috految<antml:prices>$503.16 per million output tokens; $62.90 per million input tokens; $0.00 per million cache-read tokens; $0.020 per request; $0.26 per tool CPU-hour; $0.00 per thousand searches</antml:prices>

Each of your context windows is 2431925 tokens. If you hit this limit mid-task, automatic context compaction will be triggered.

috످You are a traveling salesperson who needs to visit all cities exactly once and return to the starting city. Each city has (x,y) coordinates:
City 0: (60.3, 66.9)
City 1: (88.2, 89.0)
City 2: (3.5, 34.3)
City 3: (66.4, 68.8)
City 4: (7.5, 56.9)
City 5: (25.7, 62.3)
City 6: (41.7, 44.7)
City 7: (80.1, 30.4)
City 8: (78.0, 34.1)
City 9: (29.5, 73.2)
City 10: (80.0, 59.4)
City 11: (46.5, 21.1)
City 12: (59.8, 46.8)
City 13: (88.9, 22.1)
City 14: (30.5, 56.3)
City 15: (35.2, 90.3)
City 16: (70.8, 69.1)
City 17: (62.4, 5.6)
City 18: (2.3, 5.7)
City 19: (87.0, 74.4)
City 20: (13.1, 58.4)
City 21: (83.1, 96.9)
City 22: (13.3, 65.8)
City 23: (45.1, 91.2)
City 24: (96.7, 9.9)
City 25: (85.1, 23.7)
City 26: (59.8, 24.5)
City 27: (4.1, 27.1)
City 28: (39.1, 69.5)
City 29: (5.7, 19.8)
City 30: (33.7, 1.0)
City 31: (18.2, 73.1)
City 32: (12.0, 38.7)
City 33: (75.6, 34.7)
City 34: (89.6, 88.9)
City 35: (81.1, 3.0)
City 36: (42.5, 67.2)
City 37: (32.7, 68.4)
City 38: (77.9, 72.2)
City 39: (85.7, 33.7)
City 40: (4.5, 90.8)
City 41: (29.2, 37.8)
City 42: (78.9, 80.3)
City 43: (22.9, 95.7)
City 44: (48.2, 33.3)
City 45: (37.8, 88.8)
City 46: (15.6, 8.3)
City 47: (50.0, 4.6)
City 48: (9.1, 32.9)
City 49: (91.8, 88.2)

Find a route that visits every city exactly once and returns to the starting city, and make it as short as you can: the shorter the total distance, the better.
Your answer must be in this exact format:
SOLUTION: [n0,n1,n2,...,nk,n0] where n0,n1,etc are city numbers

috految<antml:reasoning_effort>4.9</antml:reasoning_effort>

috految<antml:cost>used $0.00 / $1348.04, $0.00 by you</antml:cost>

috److I built the route by hand, grouping nearby cities into segments and comparing ways to connect them.

**Main segments**
- **Southwest and south:** 32, 48, 2, 27, 29, 18, 46, 30, 47, 17, 35, 24, 13, 25, 39, 7, 8, 33
- **Center:** 26, 11, 44, 6, 41, plus city 12
- **Northeast:** 10, 19, 49, 34, 1, 21, 42, 38, 16, 3, 0
- **Northwest:** 23, 45, 15, 43, 40, 31, 22, 20, 4
- **Inner northwest:** 14, 5, 9, 37, 28, 36

**Connection options**
- **Option A:** 33, 26, 11, 44, 41, 6, 12, 10, ..., 0, 36, 28, 14, 5, 37, 9, 23, ..., 4, 32
- **Option B:** 33, 10, ..., 0, 12, 26, 11, 44, 6, 41, 14, 5, 9, 37, 28, 36, 23, ..., 4, 32
- **Option C:** 33, 26, 11, 44, 12, 10, ..., 0, 36, 28, 37, 9, 23, ..., 22, 4, 20, 5, 14, 6, 41, 32

Option C visits the center and inner northwest with short connecting edges, so I chose it. The route is a heuristic result and is not proven optimal.

SOLUTION: [32,48,2,27,29,18,46,30,47,17,35,24,13,25,39,7,8,33,26,11,44,12,10,19,49,34,1,21,42,38,16,3,0,36,28,37,9,23,45,15,43,40,31,22,4,20,5,14,6,41,32]

috످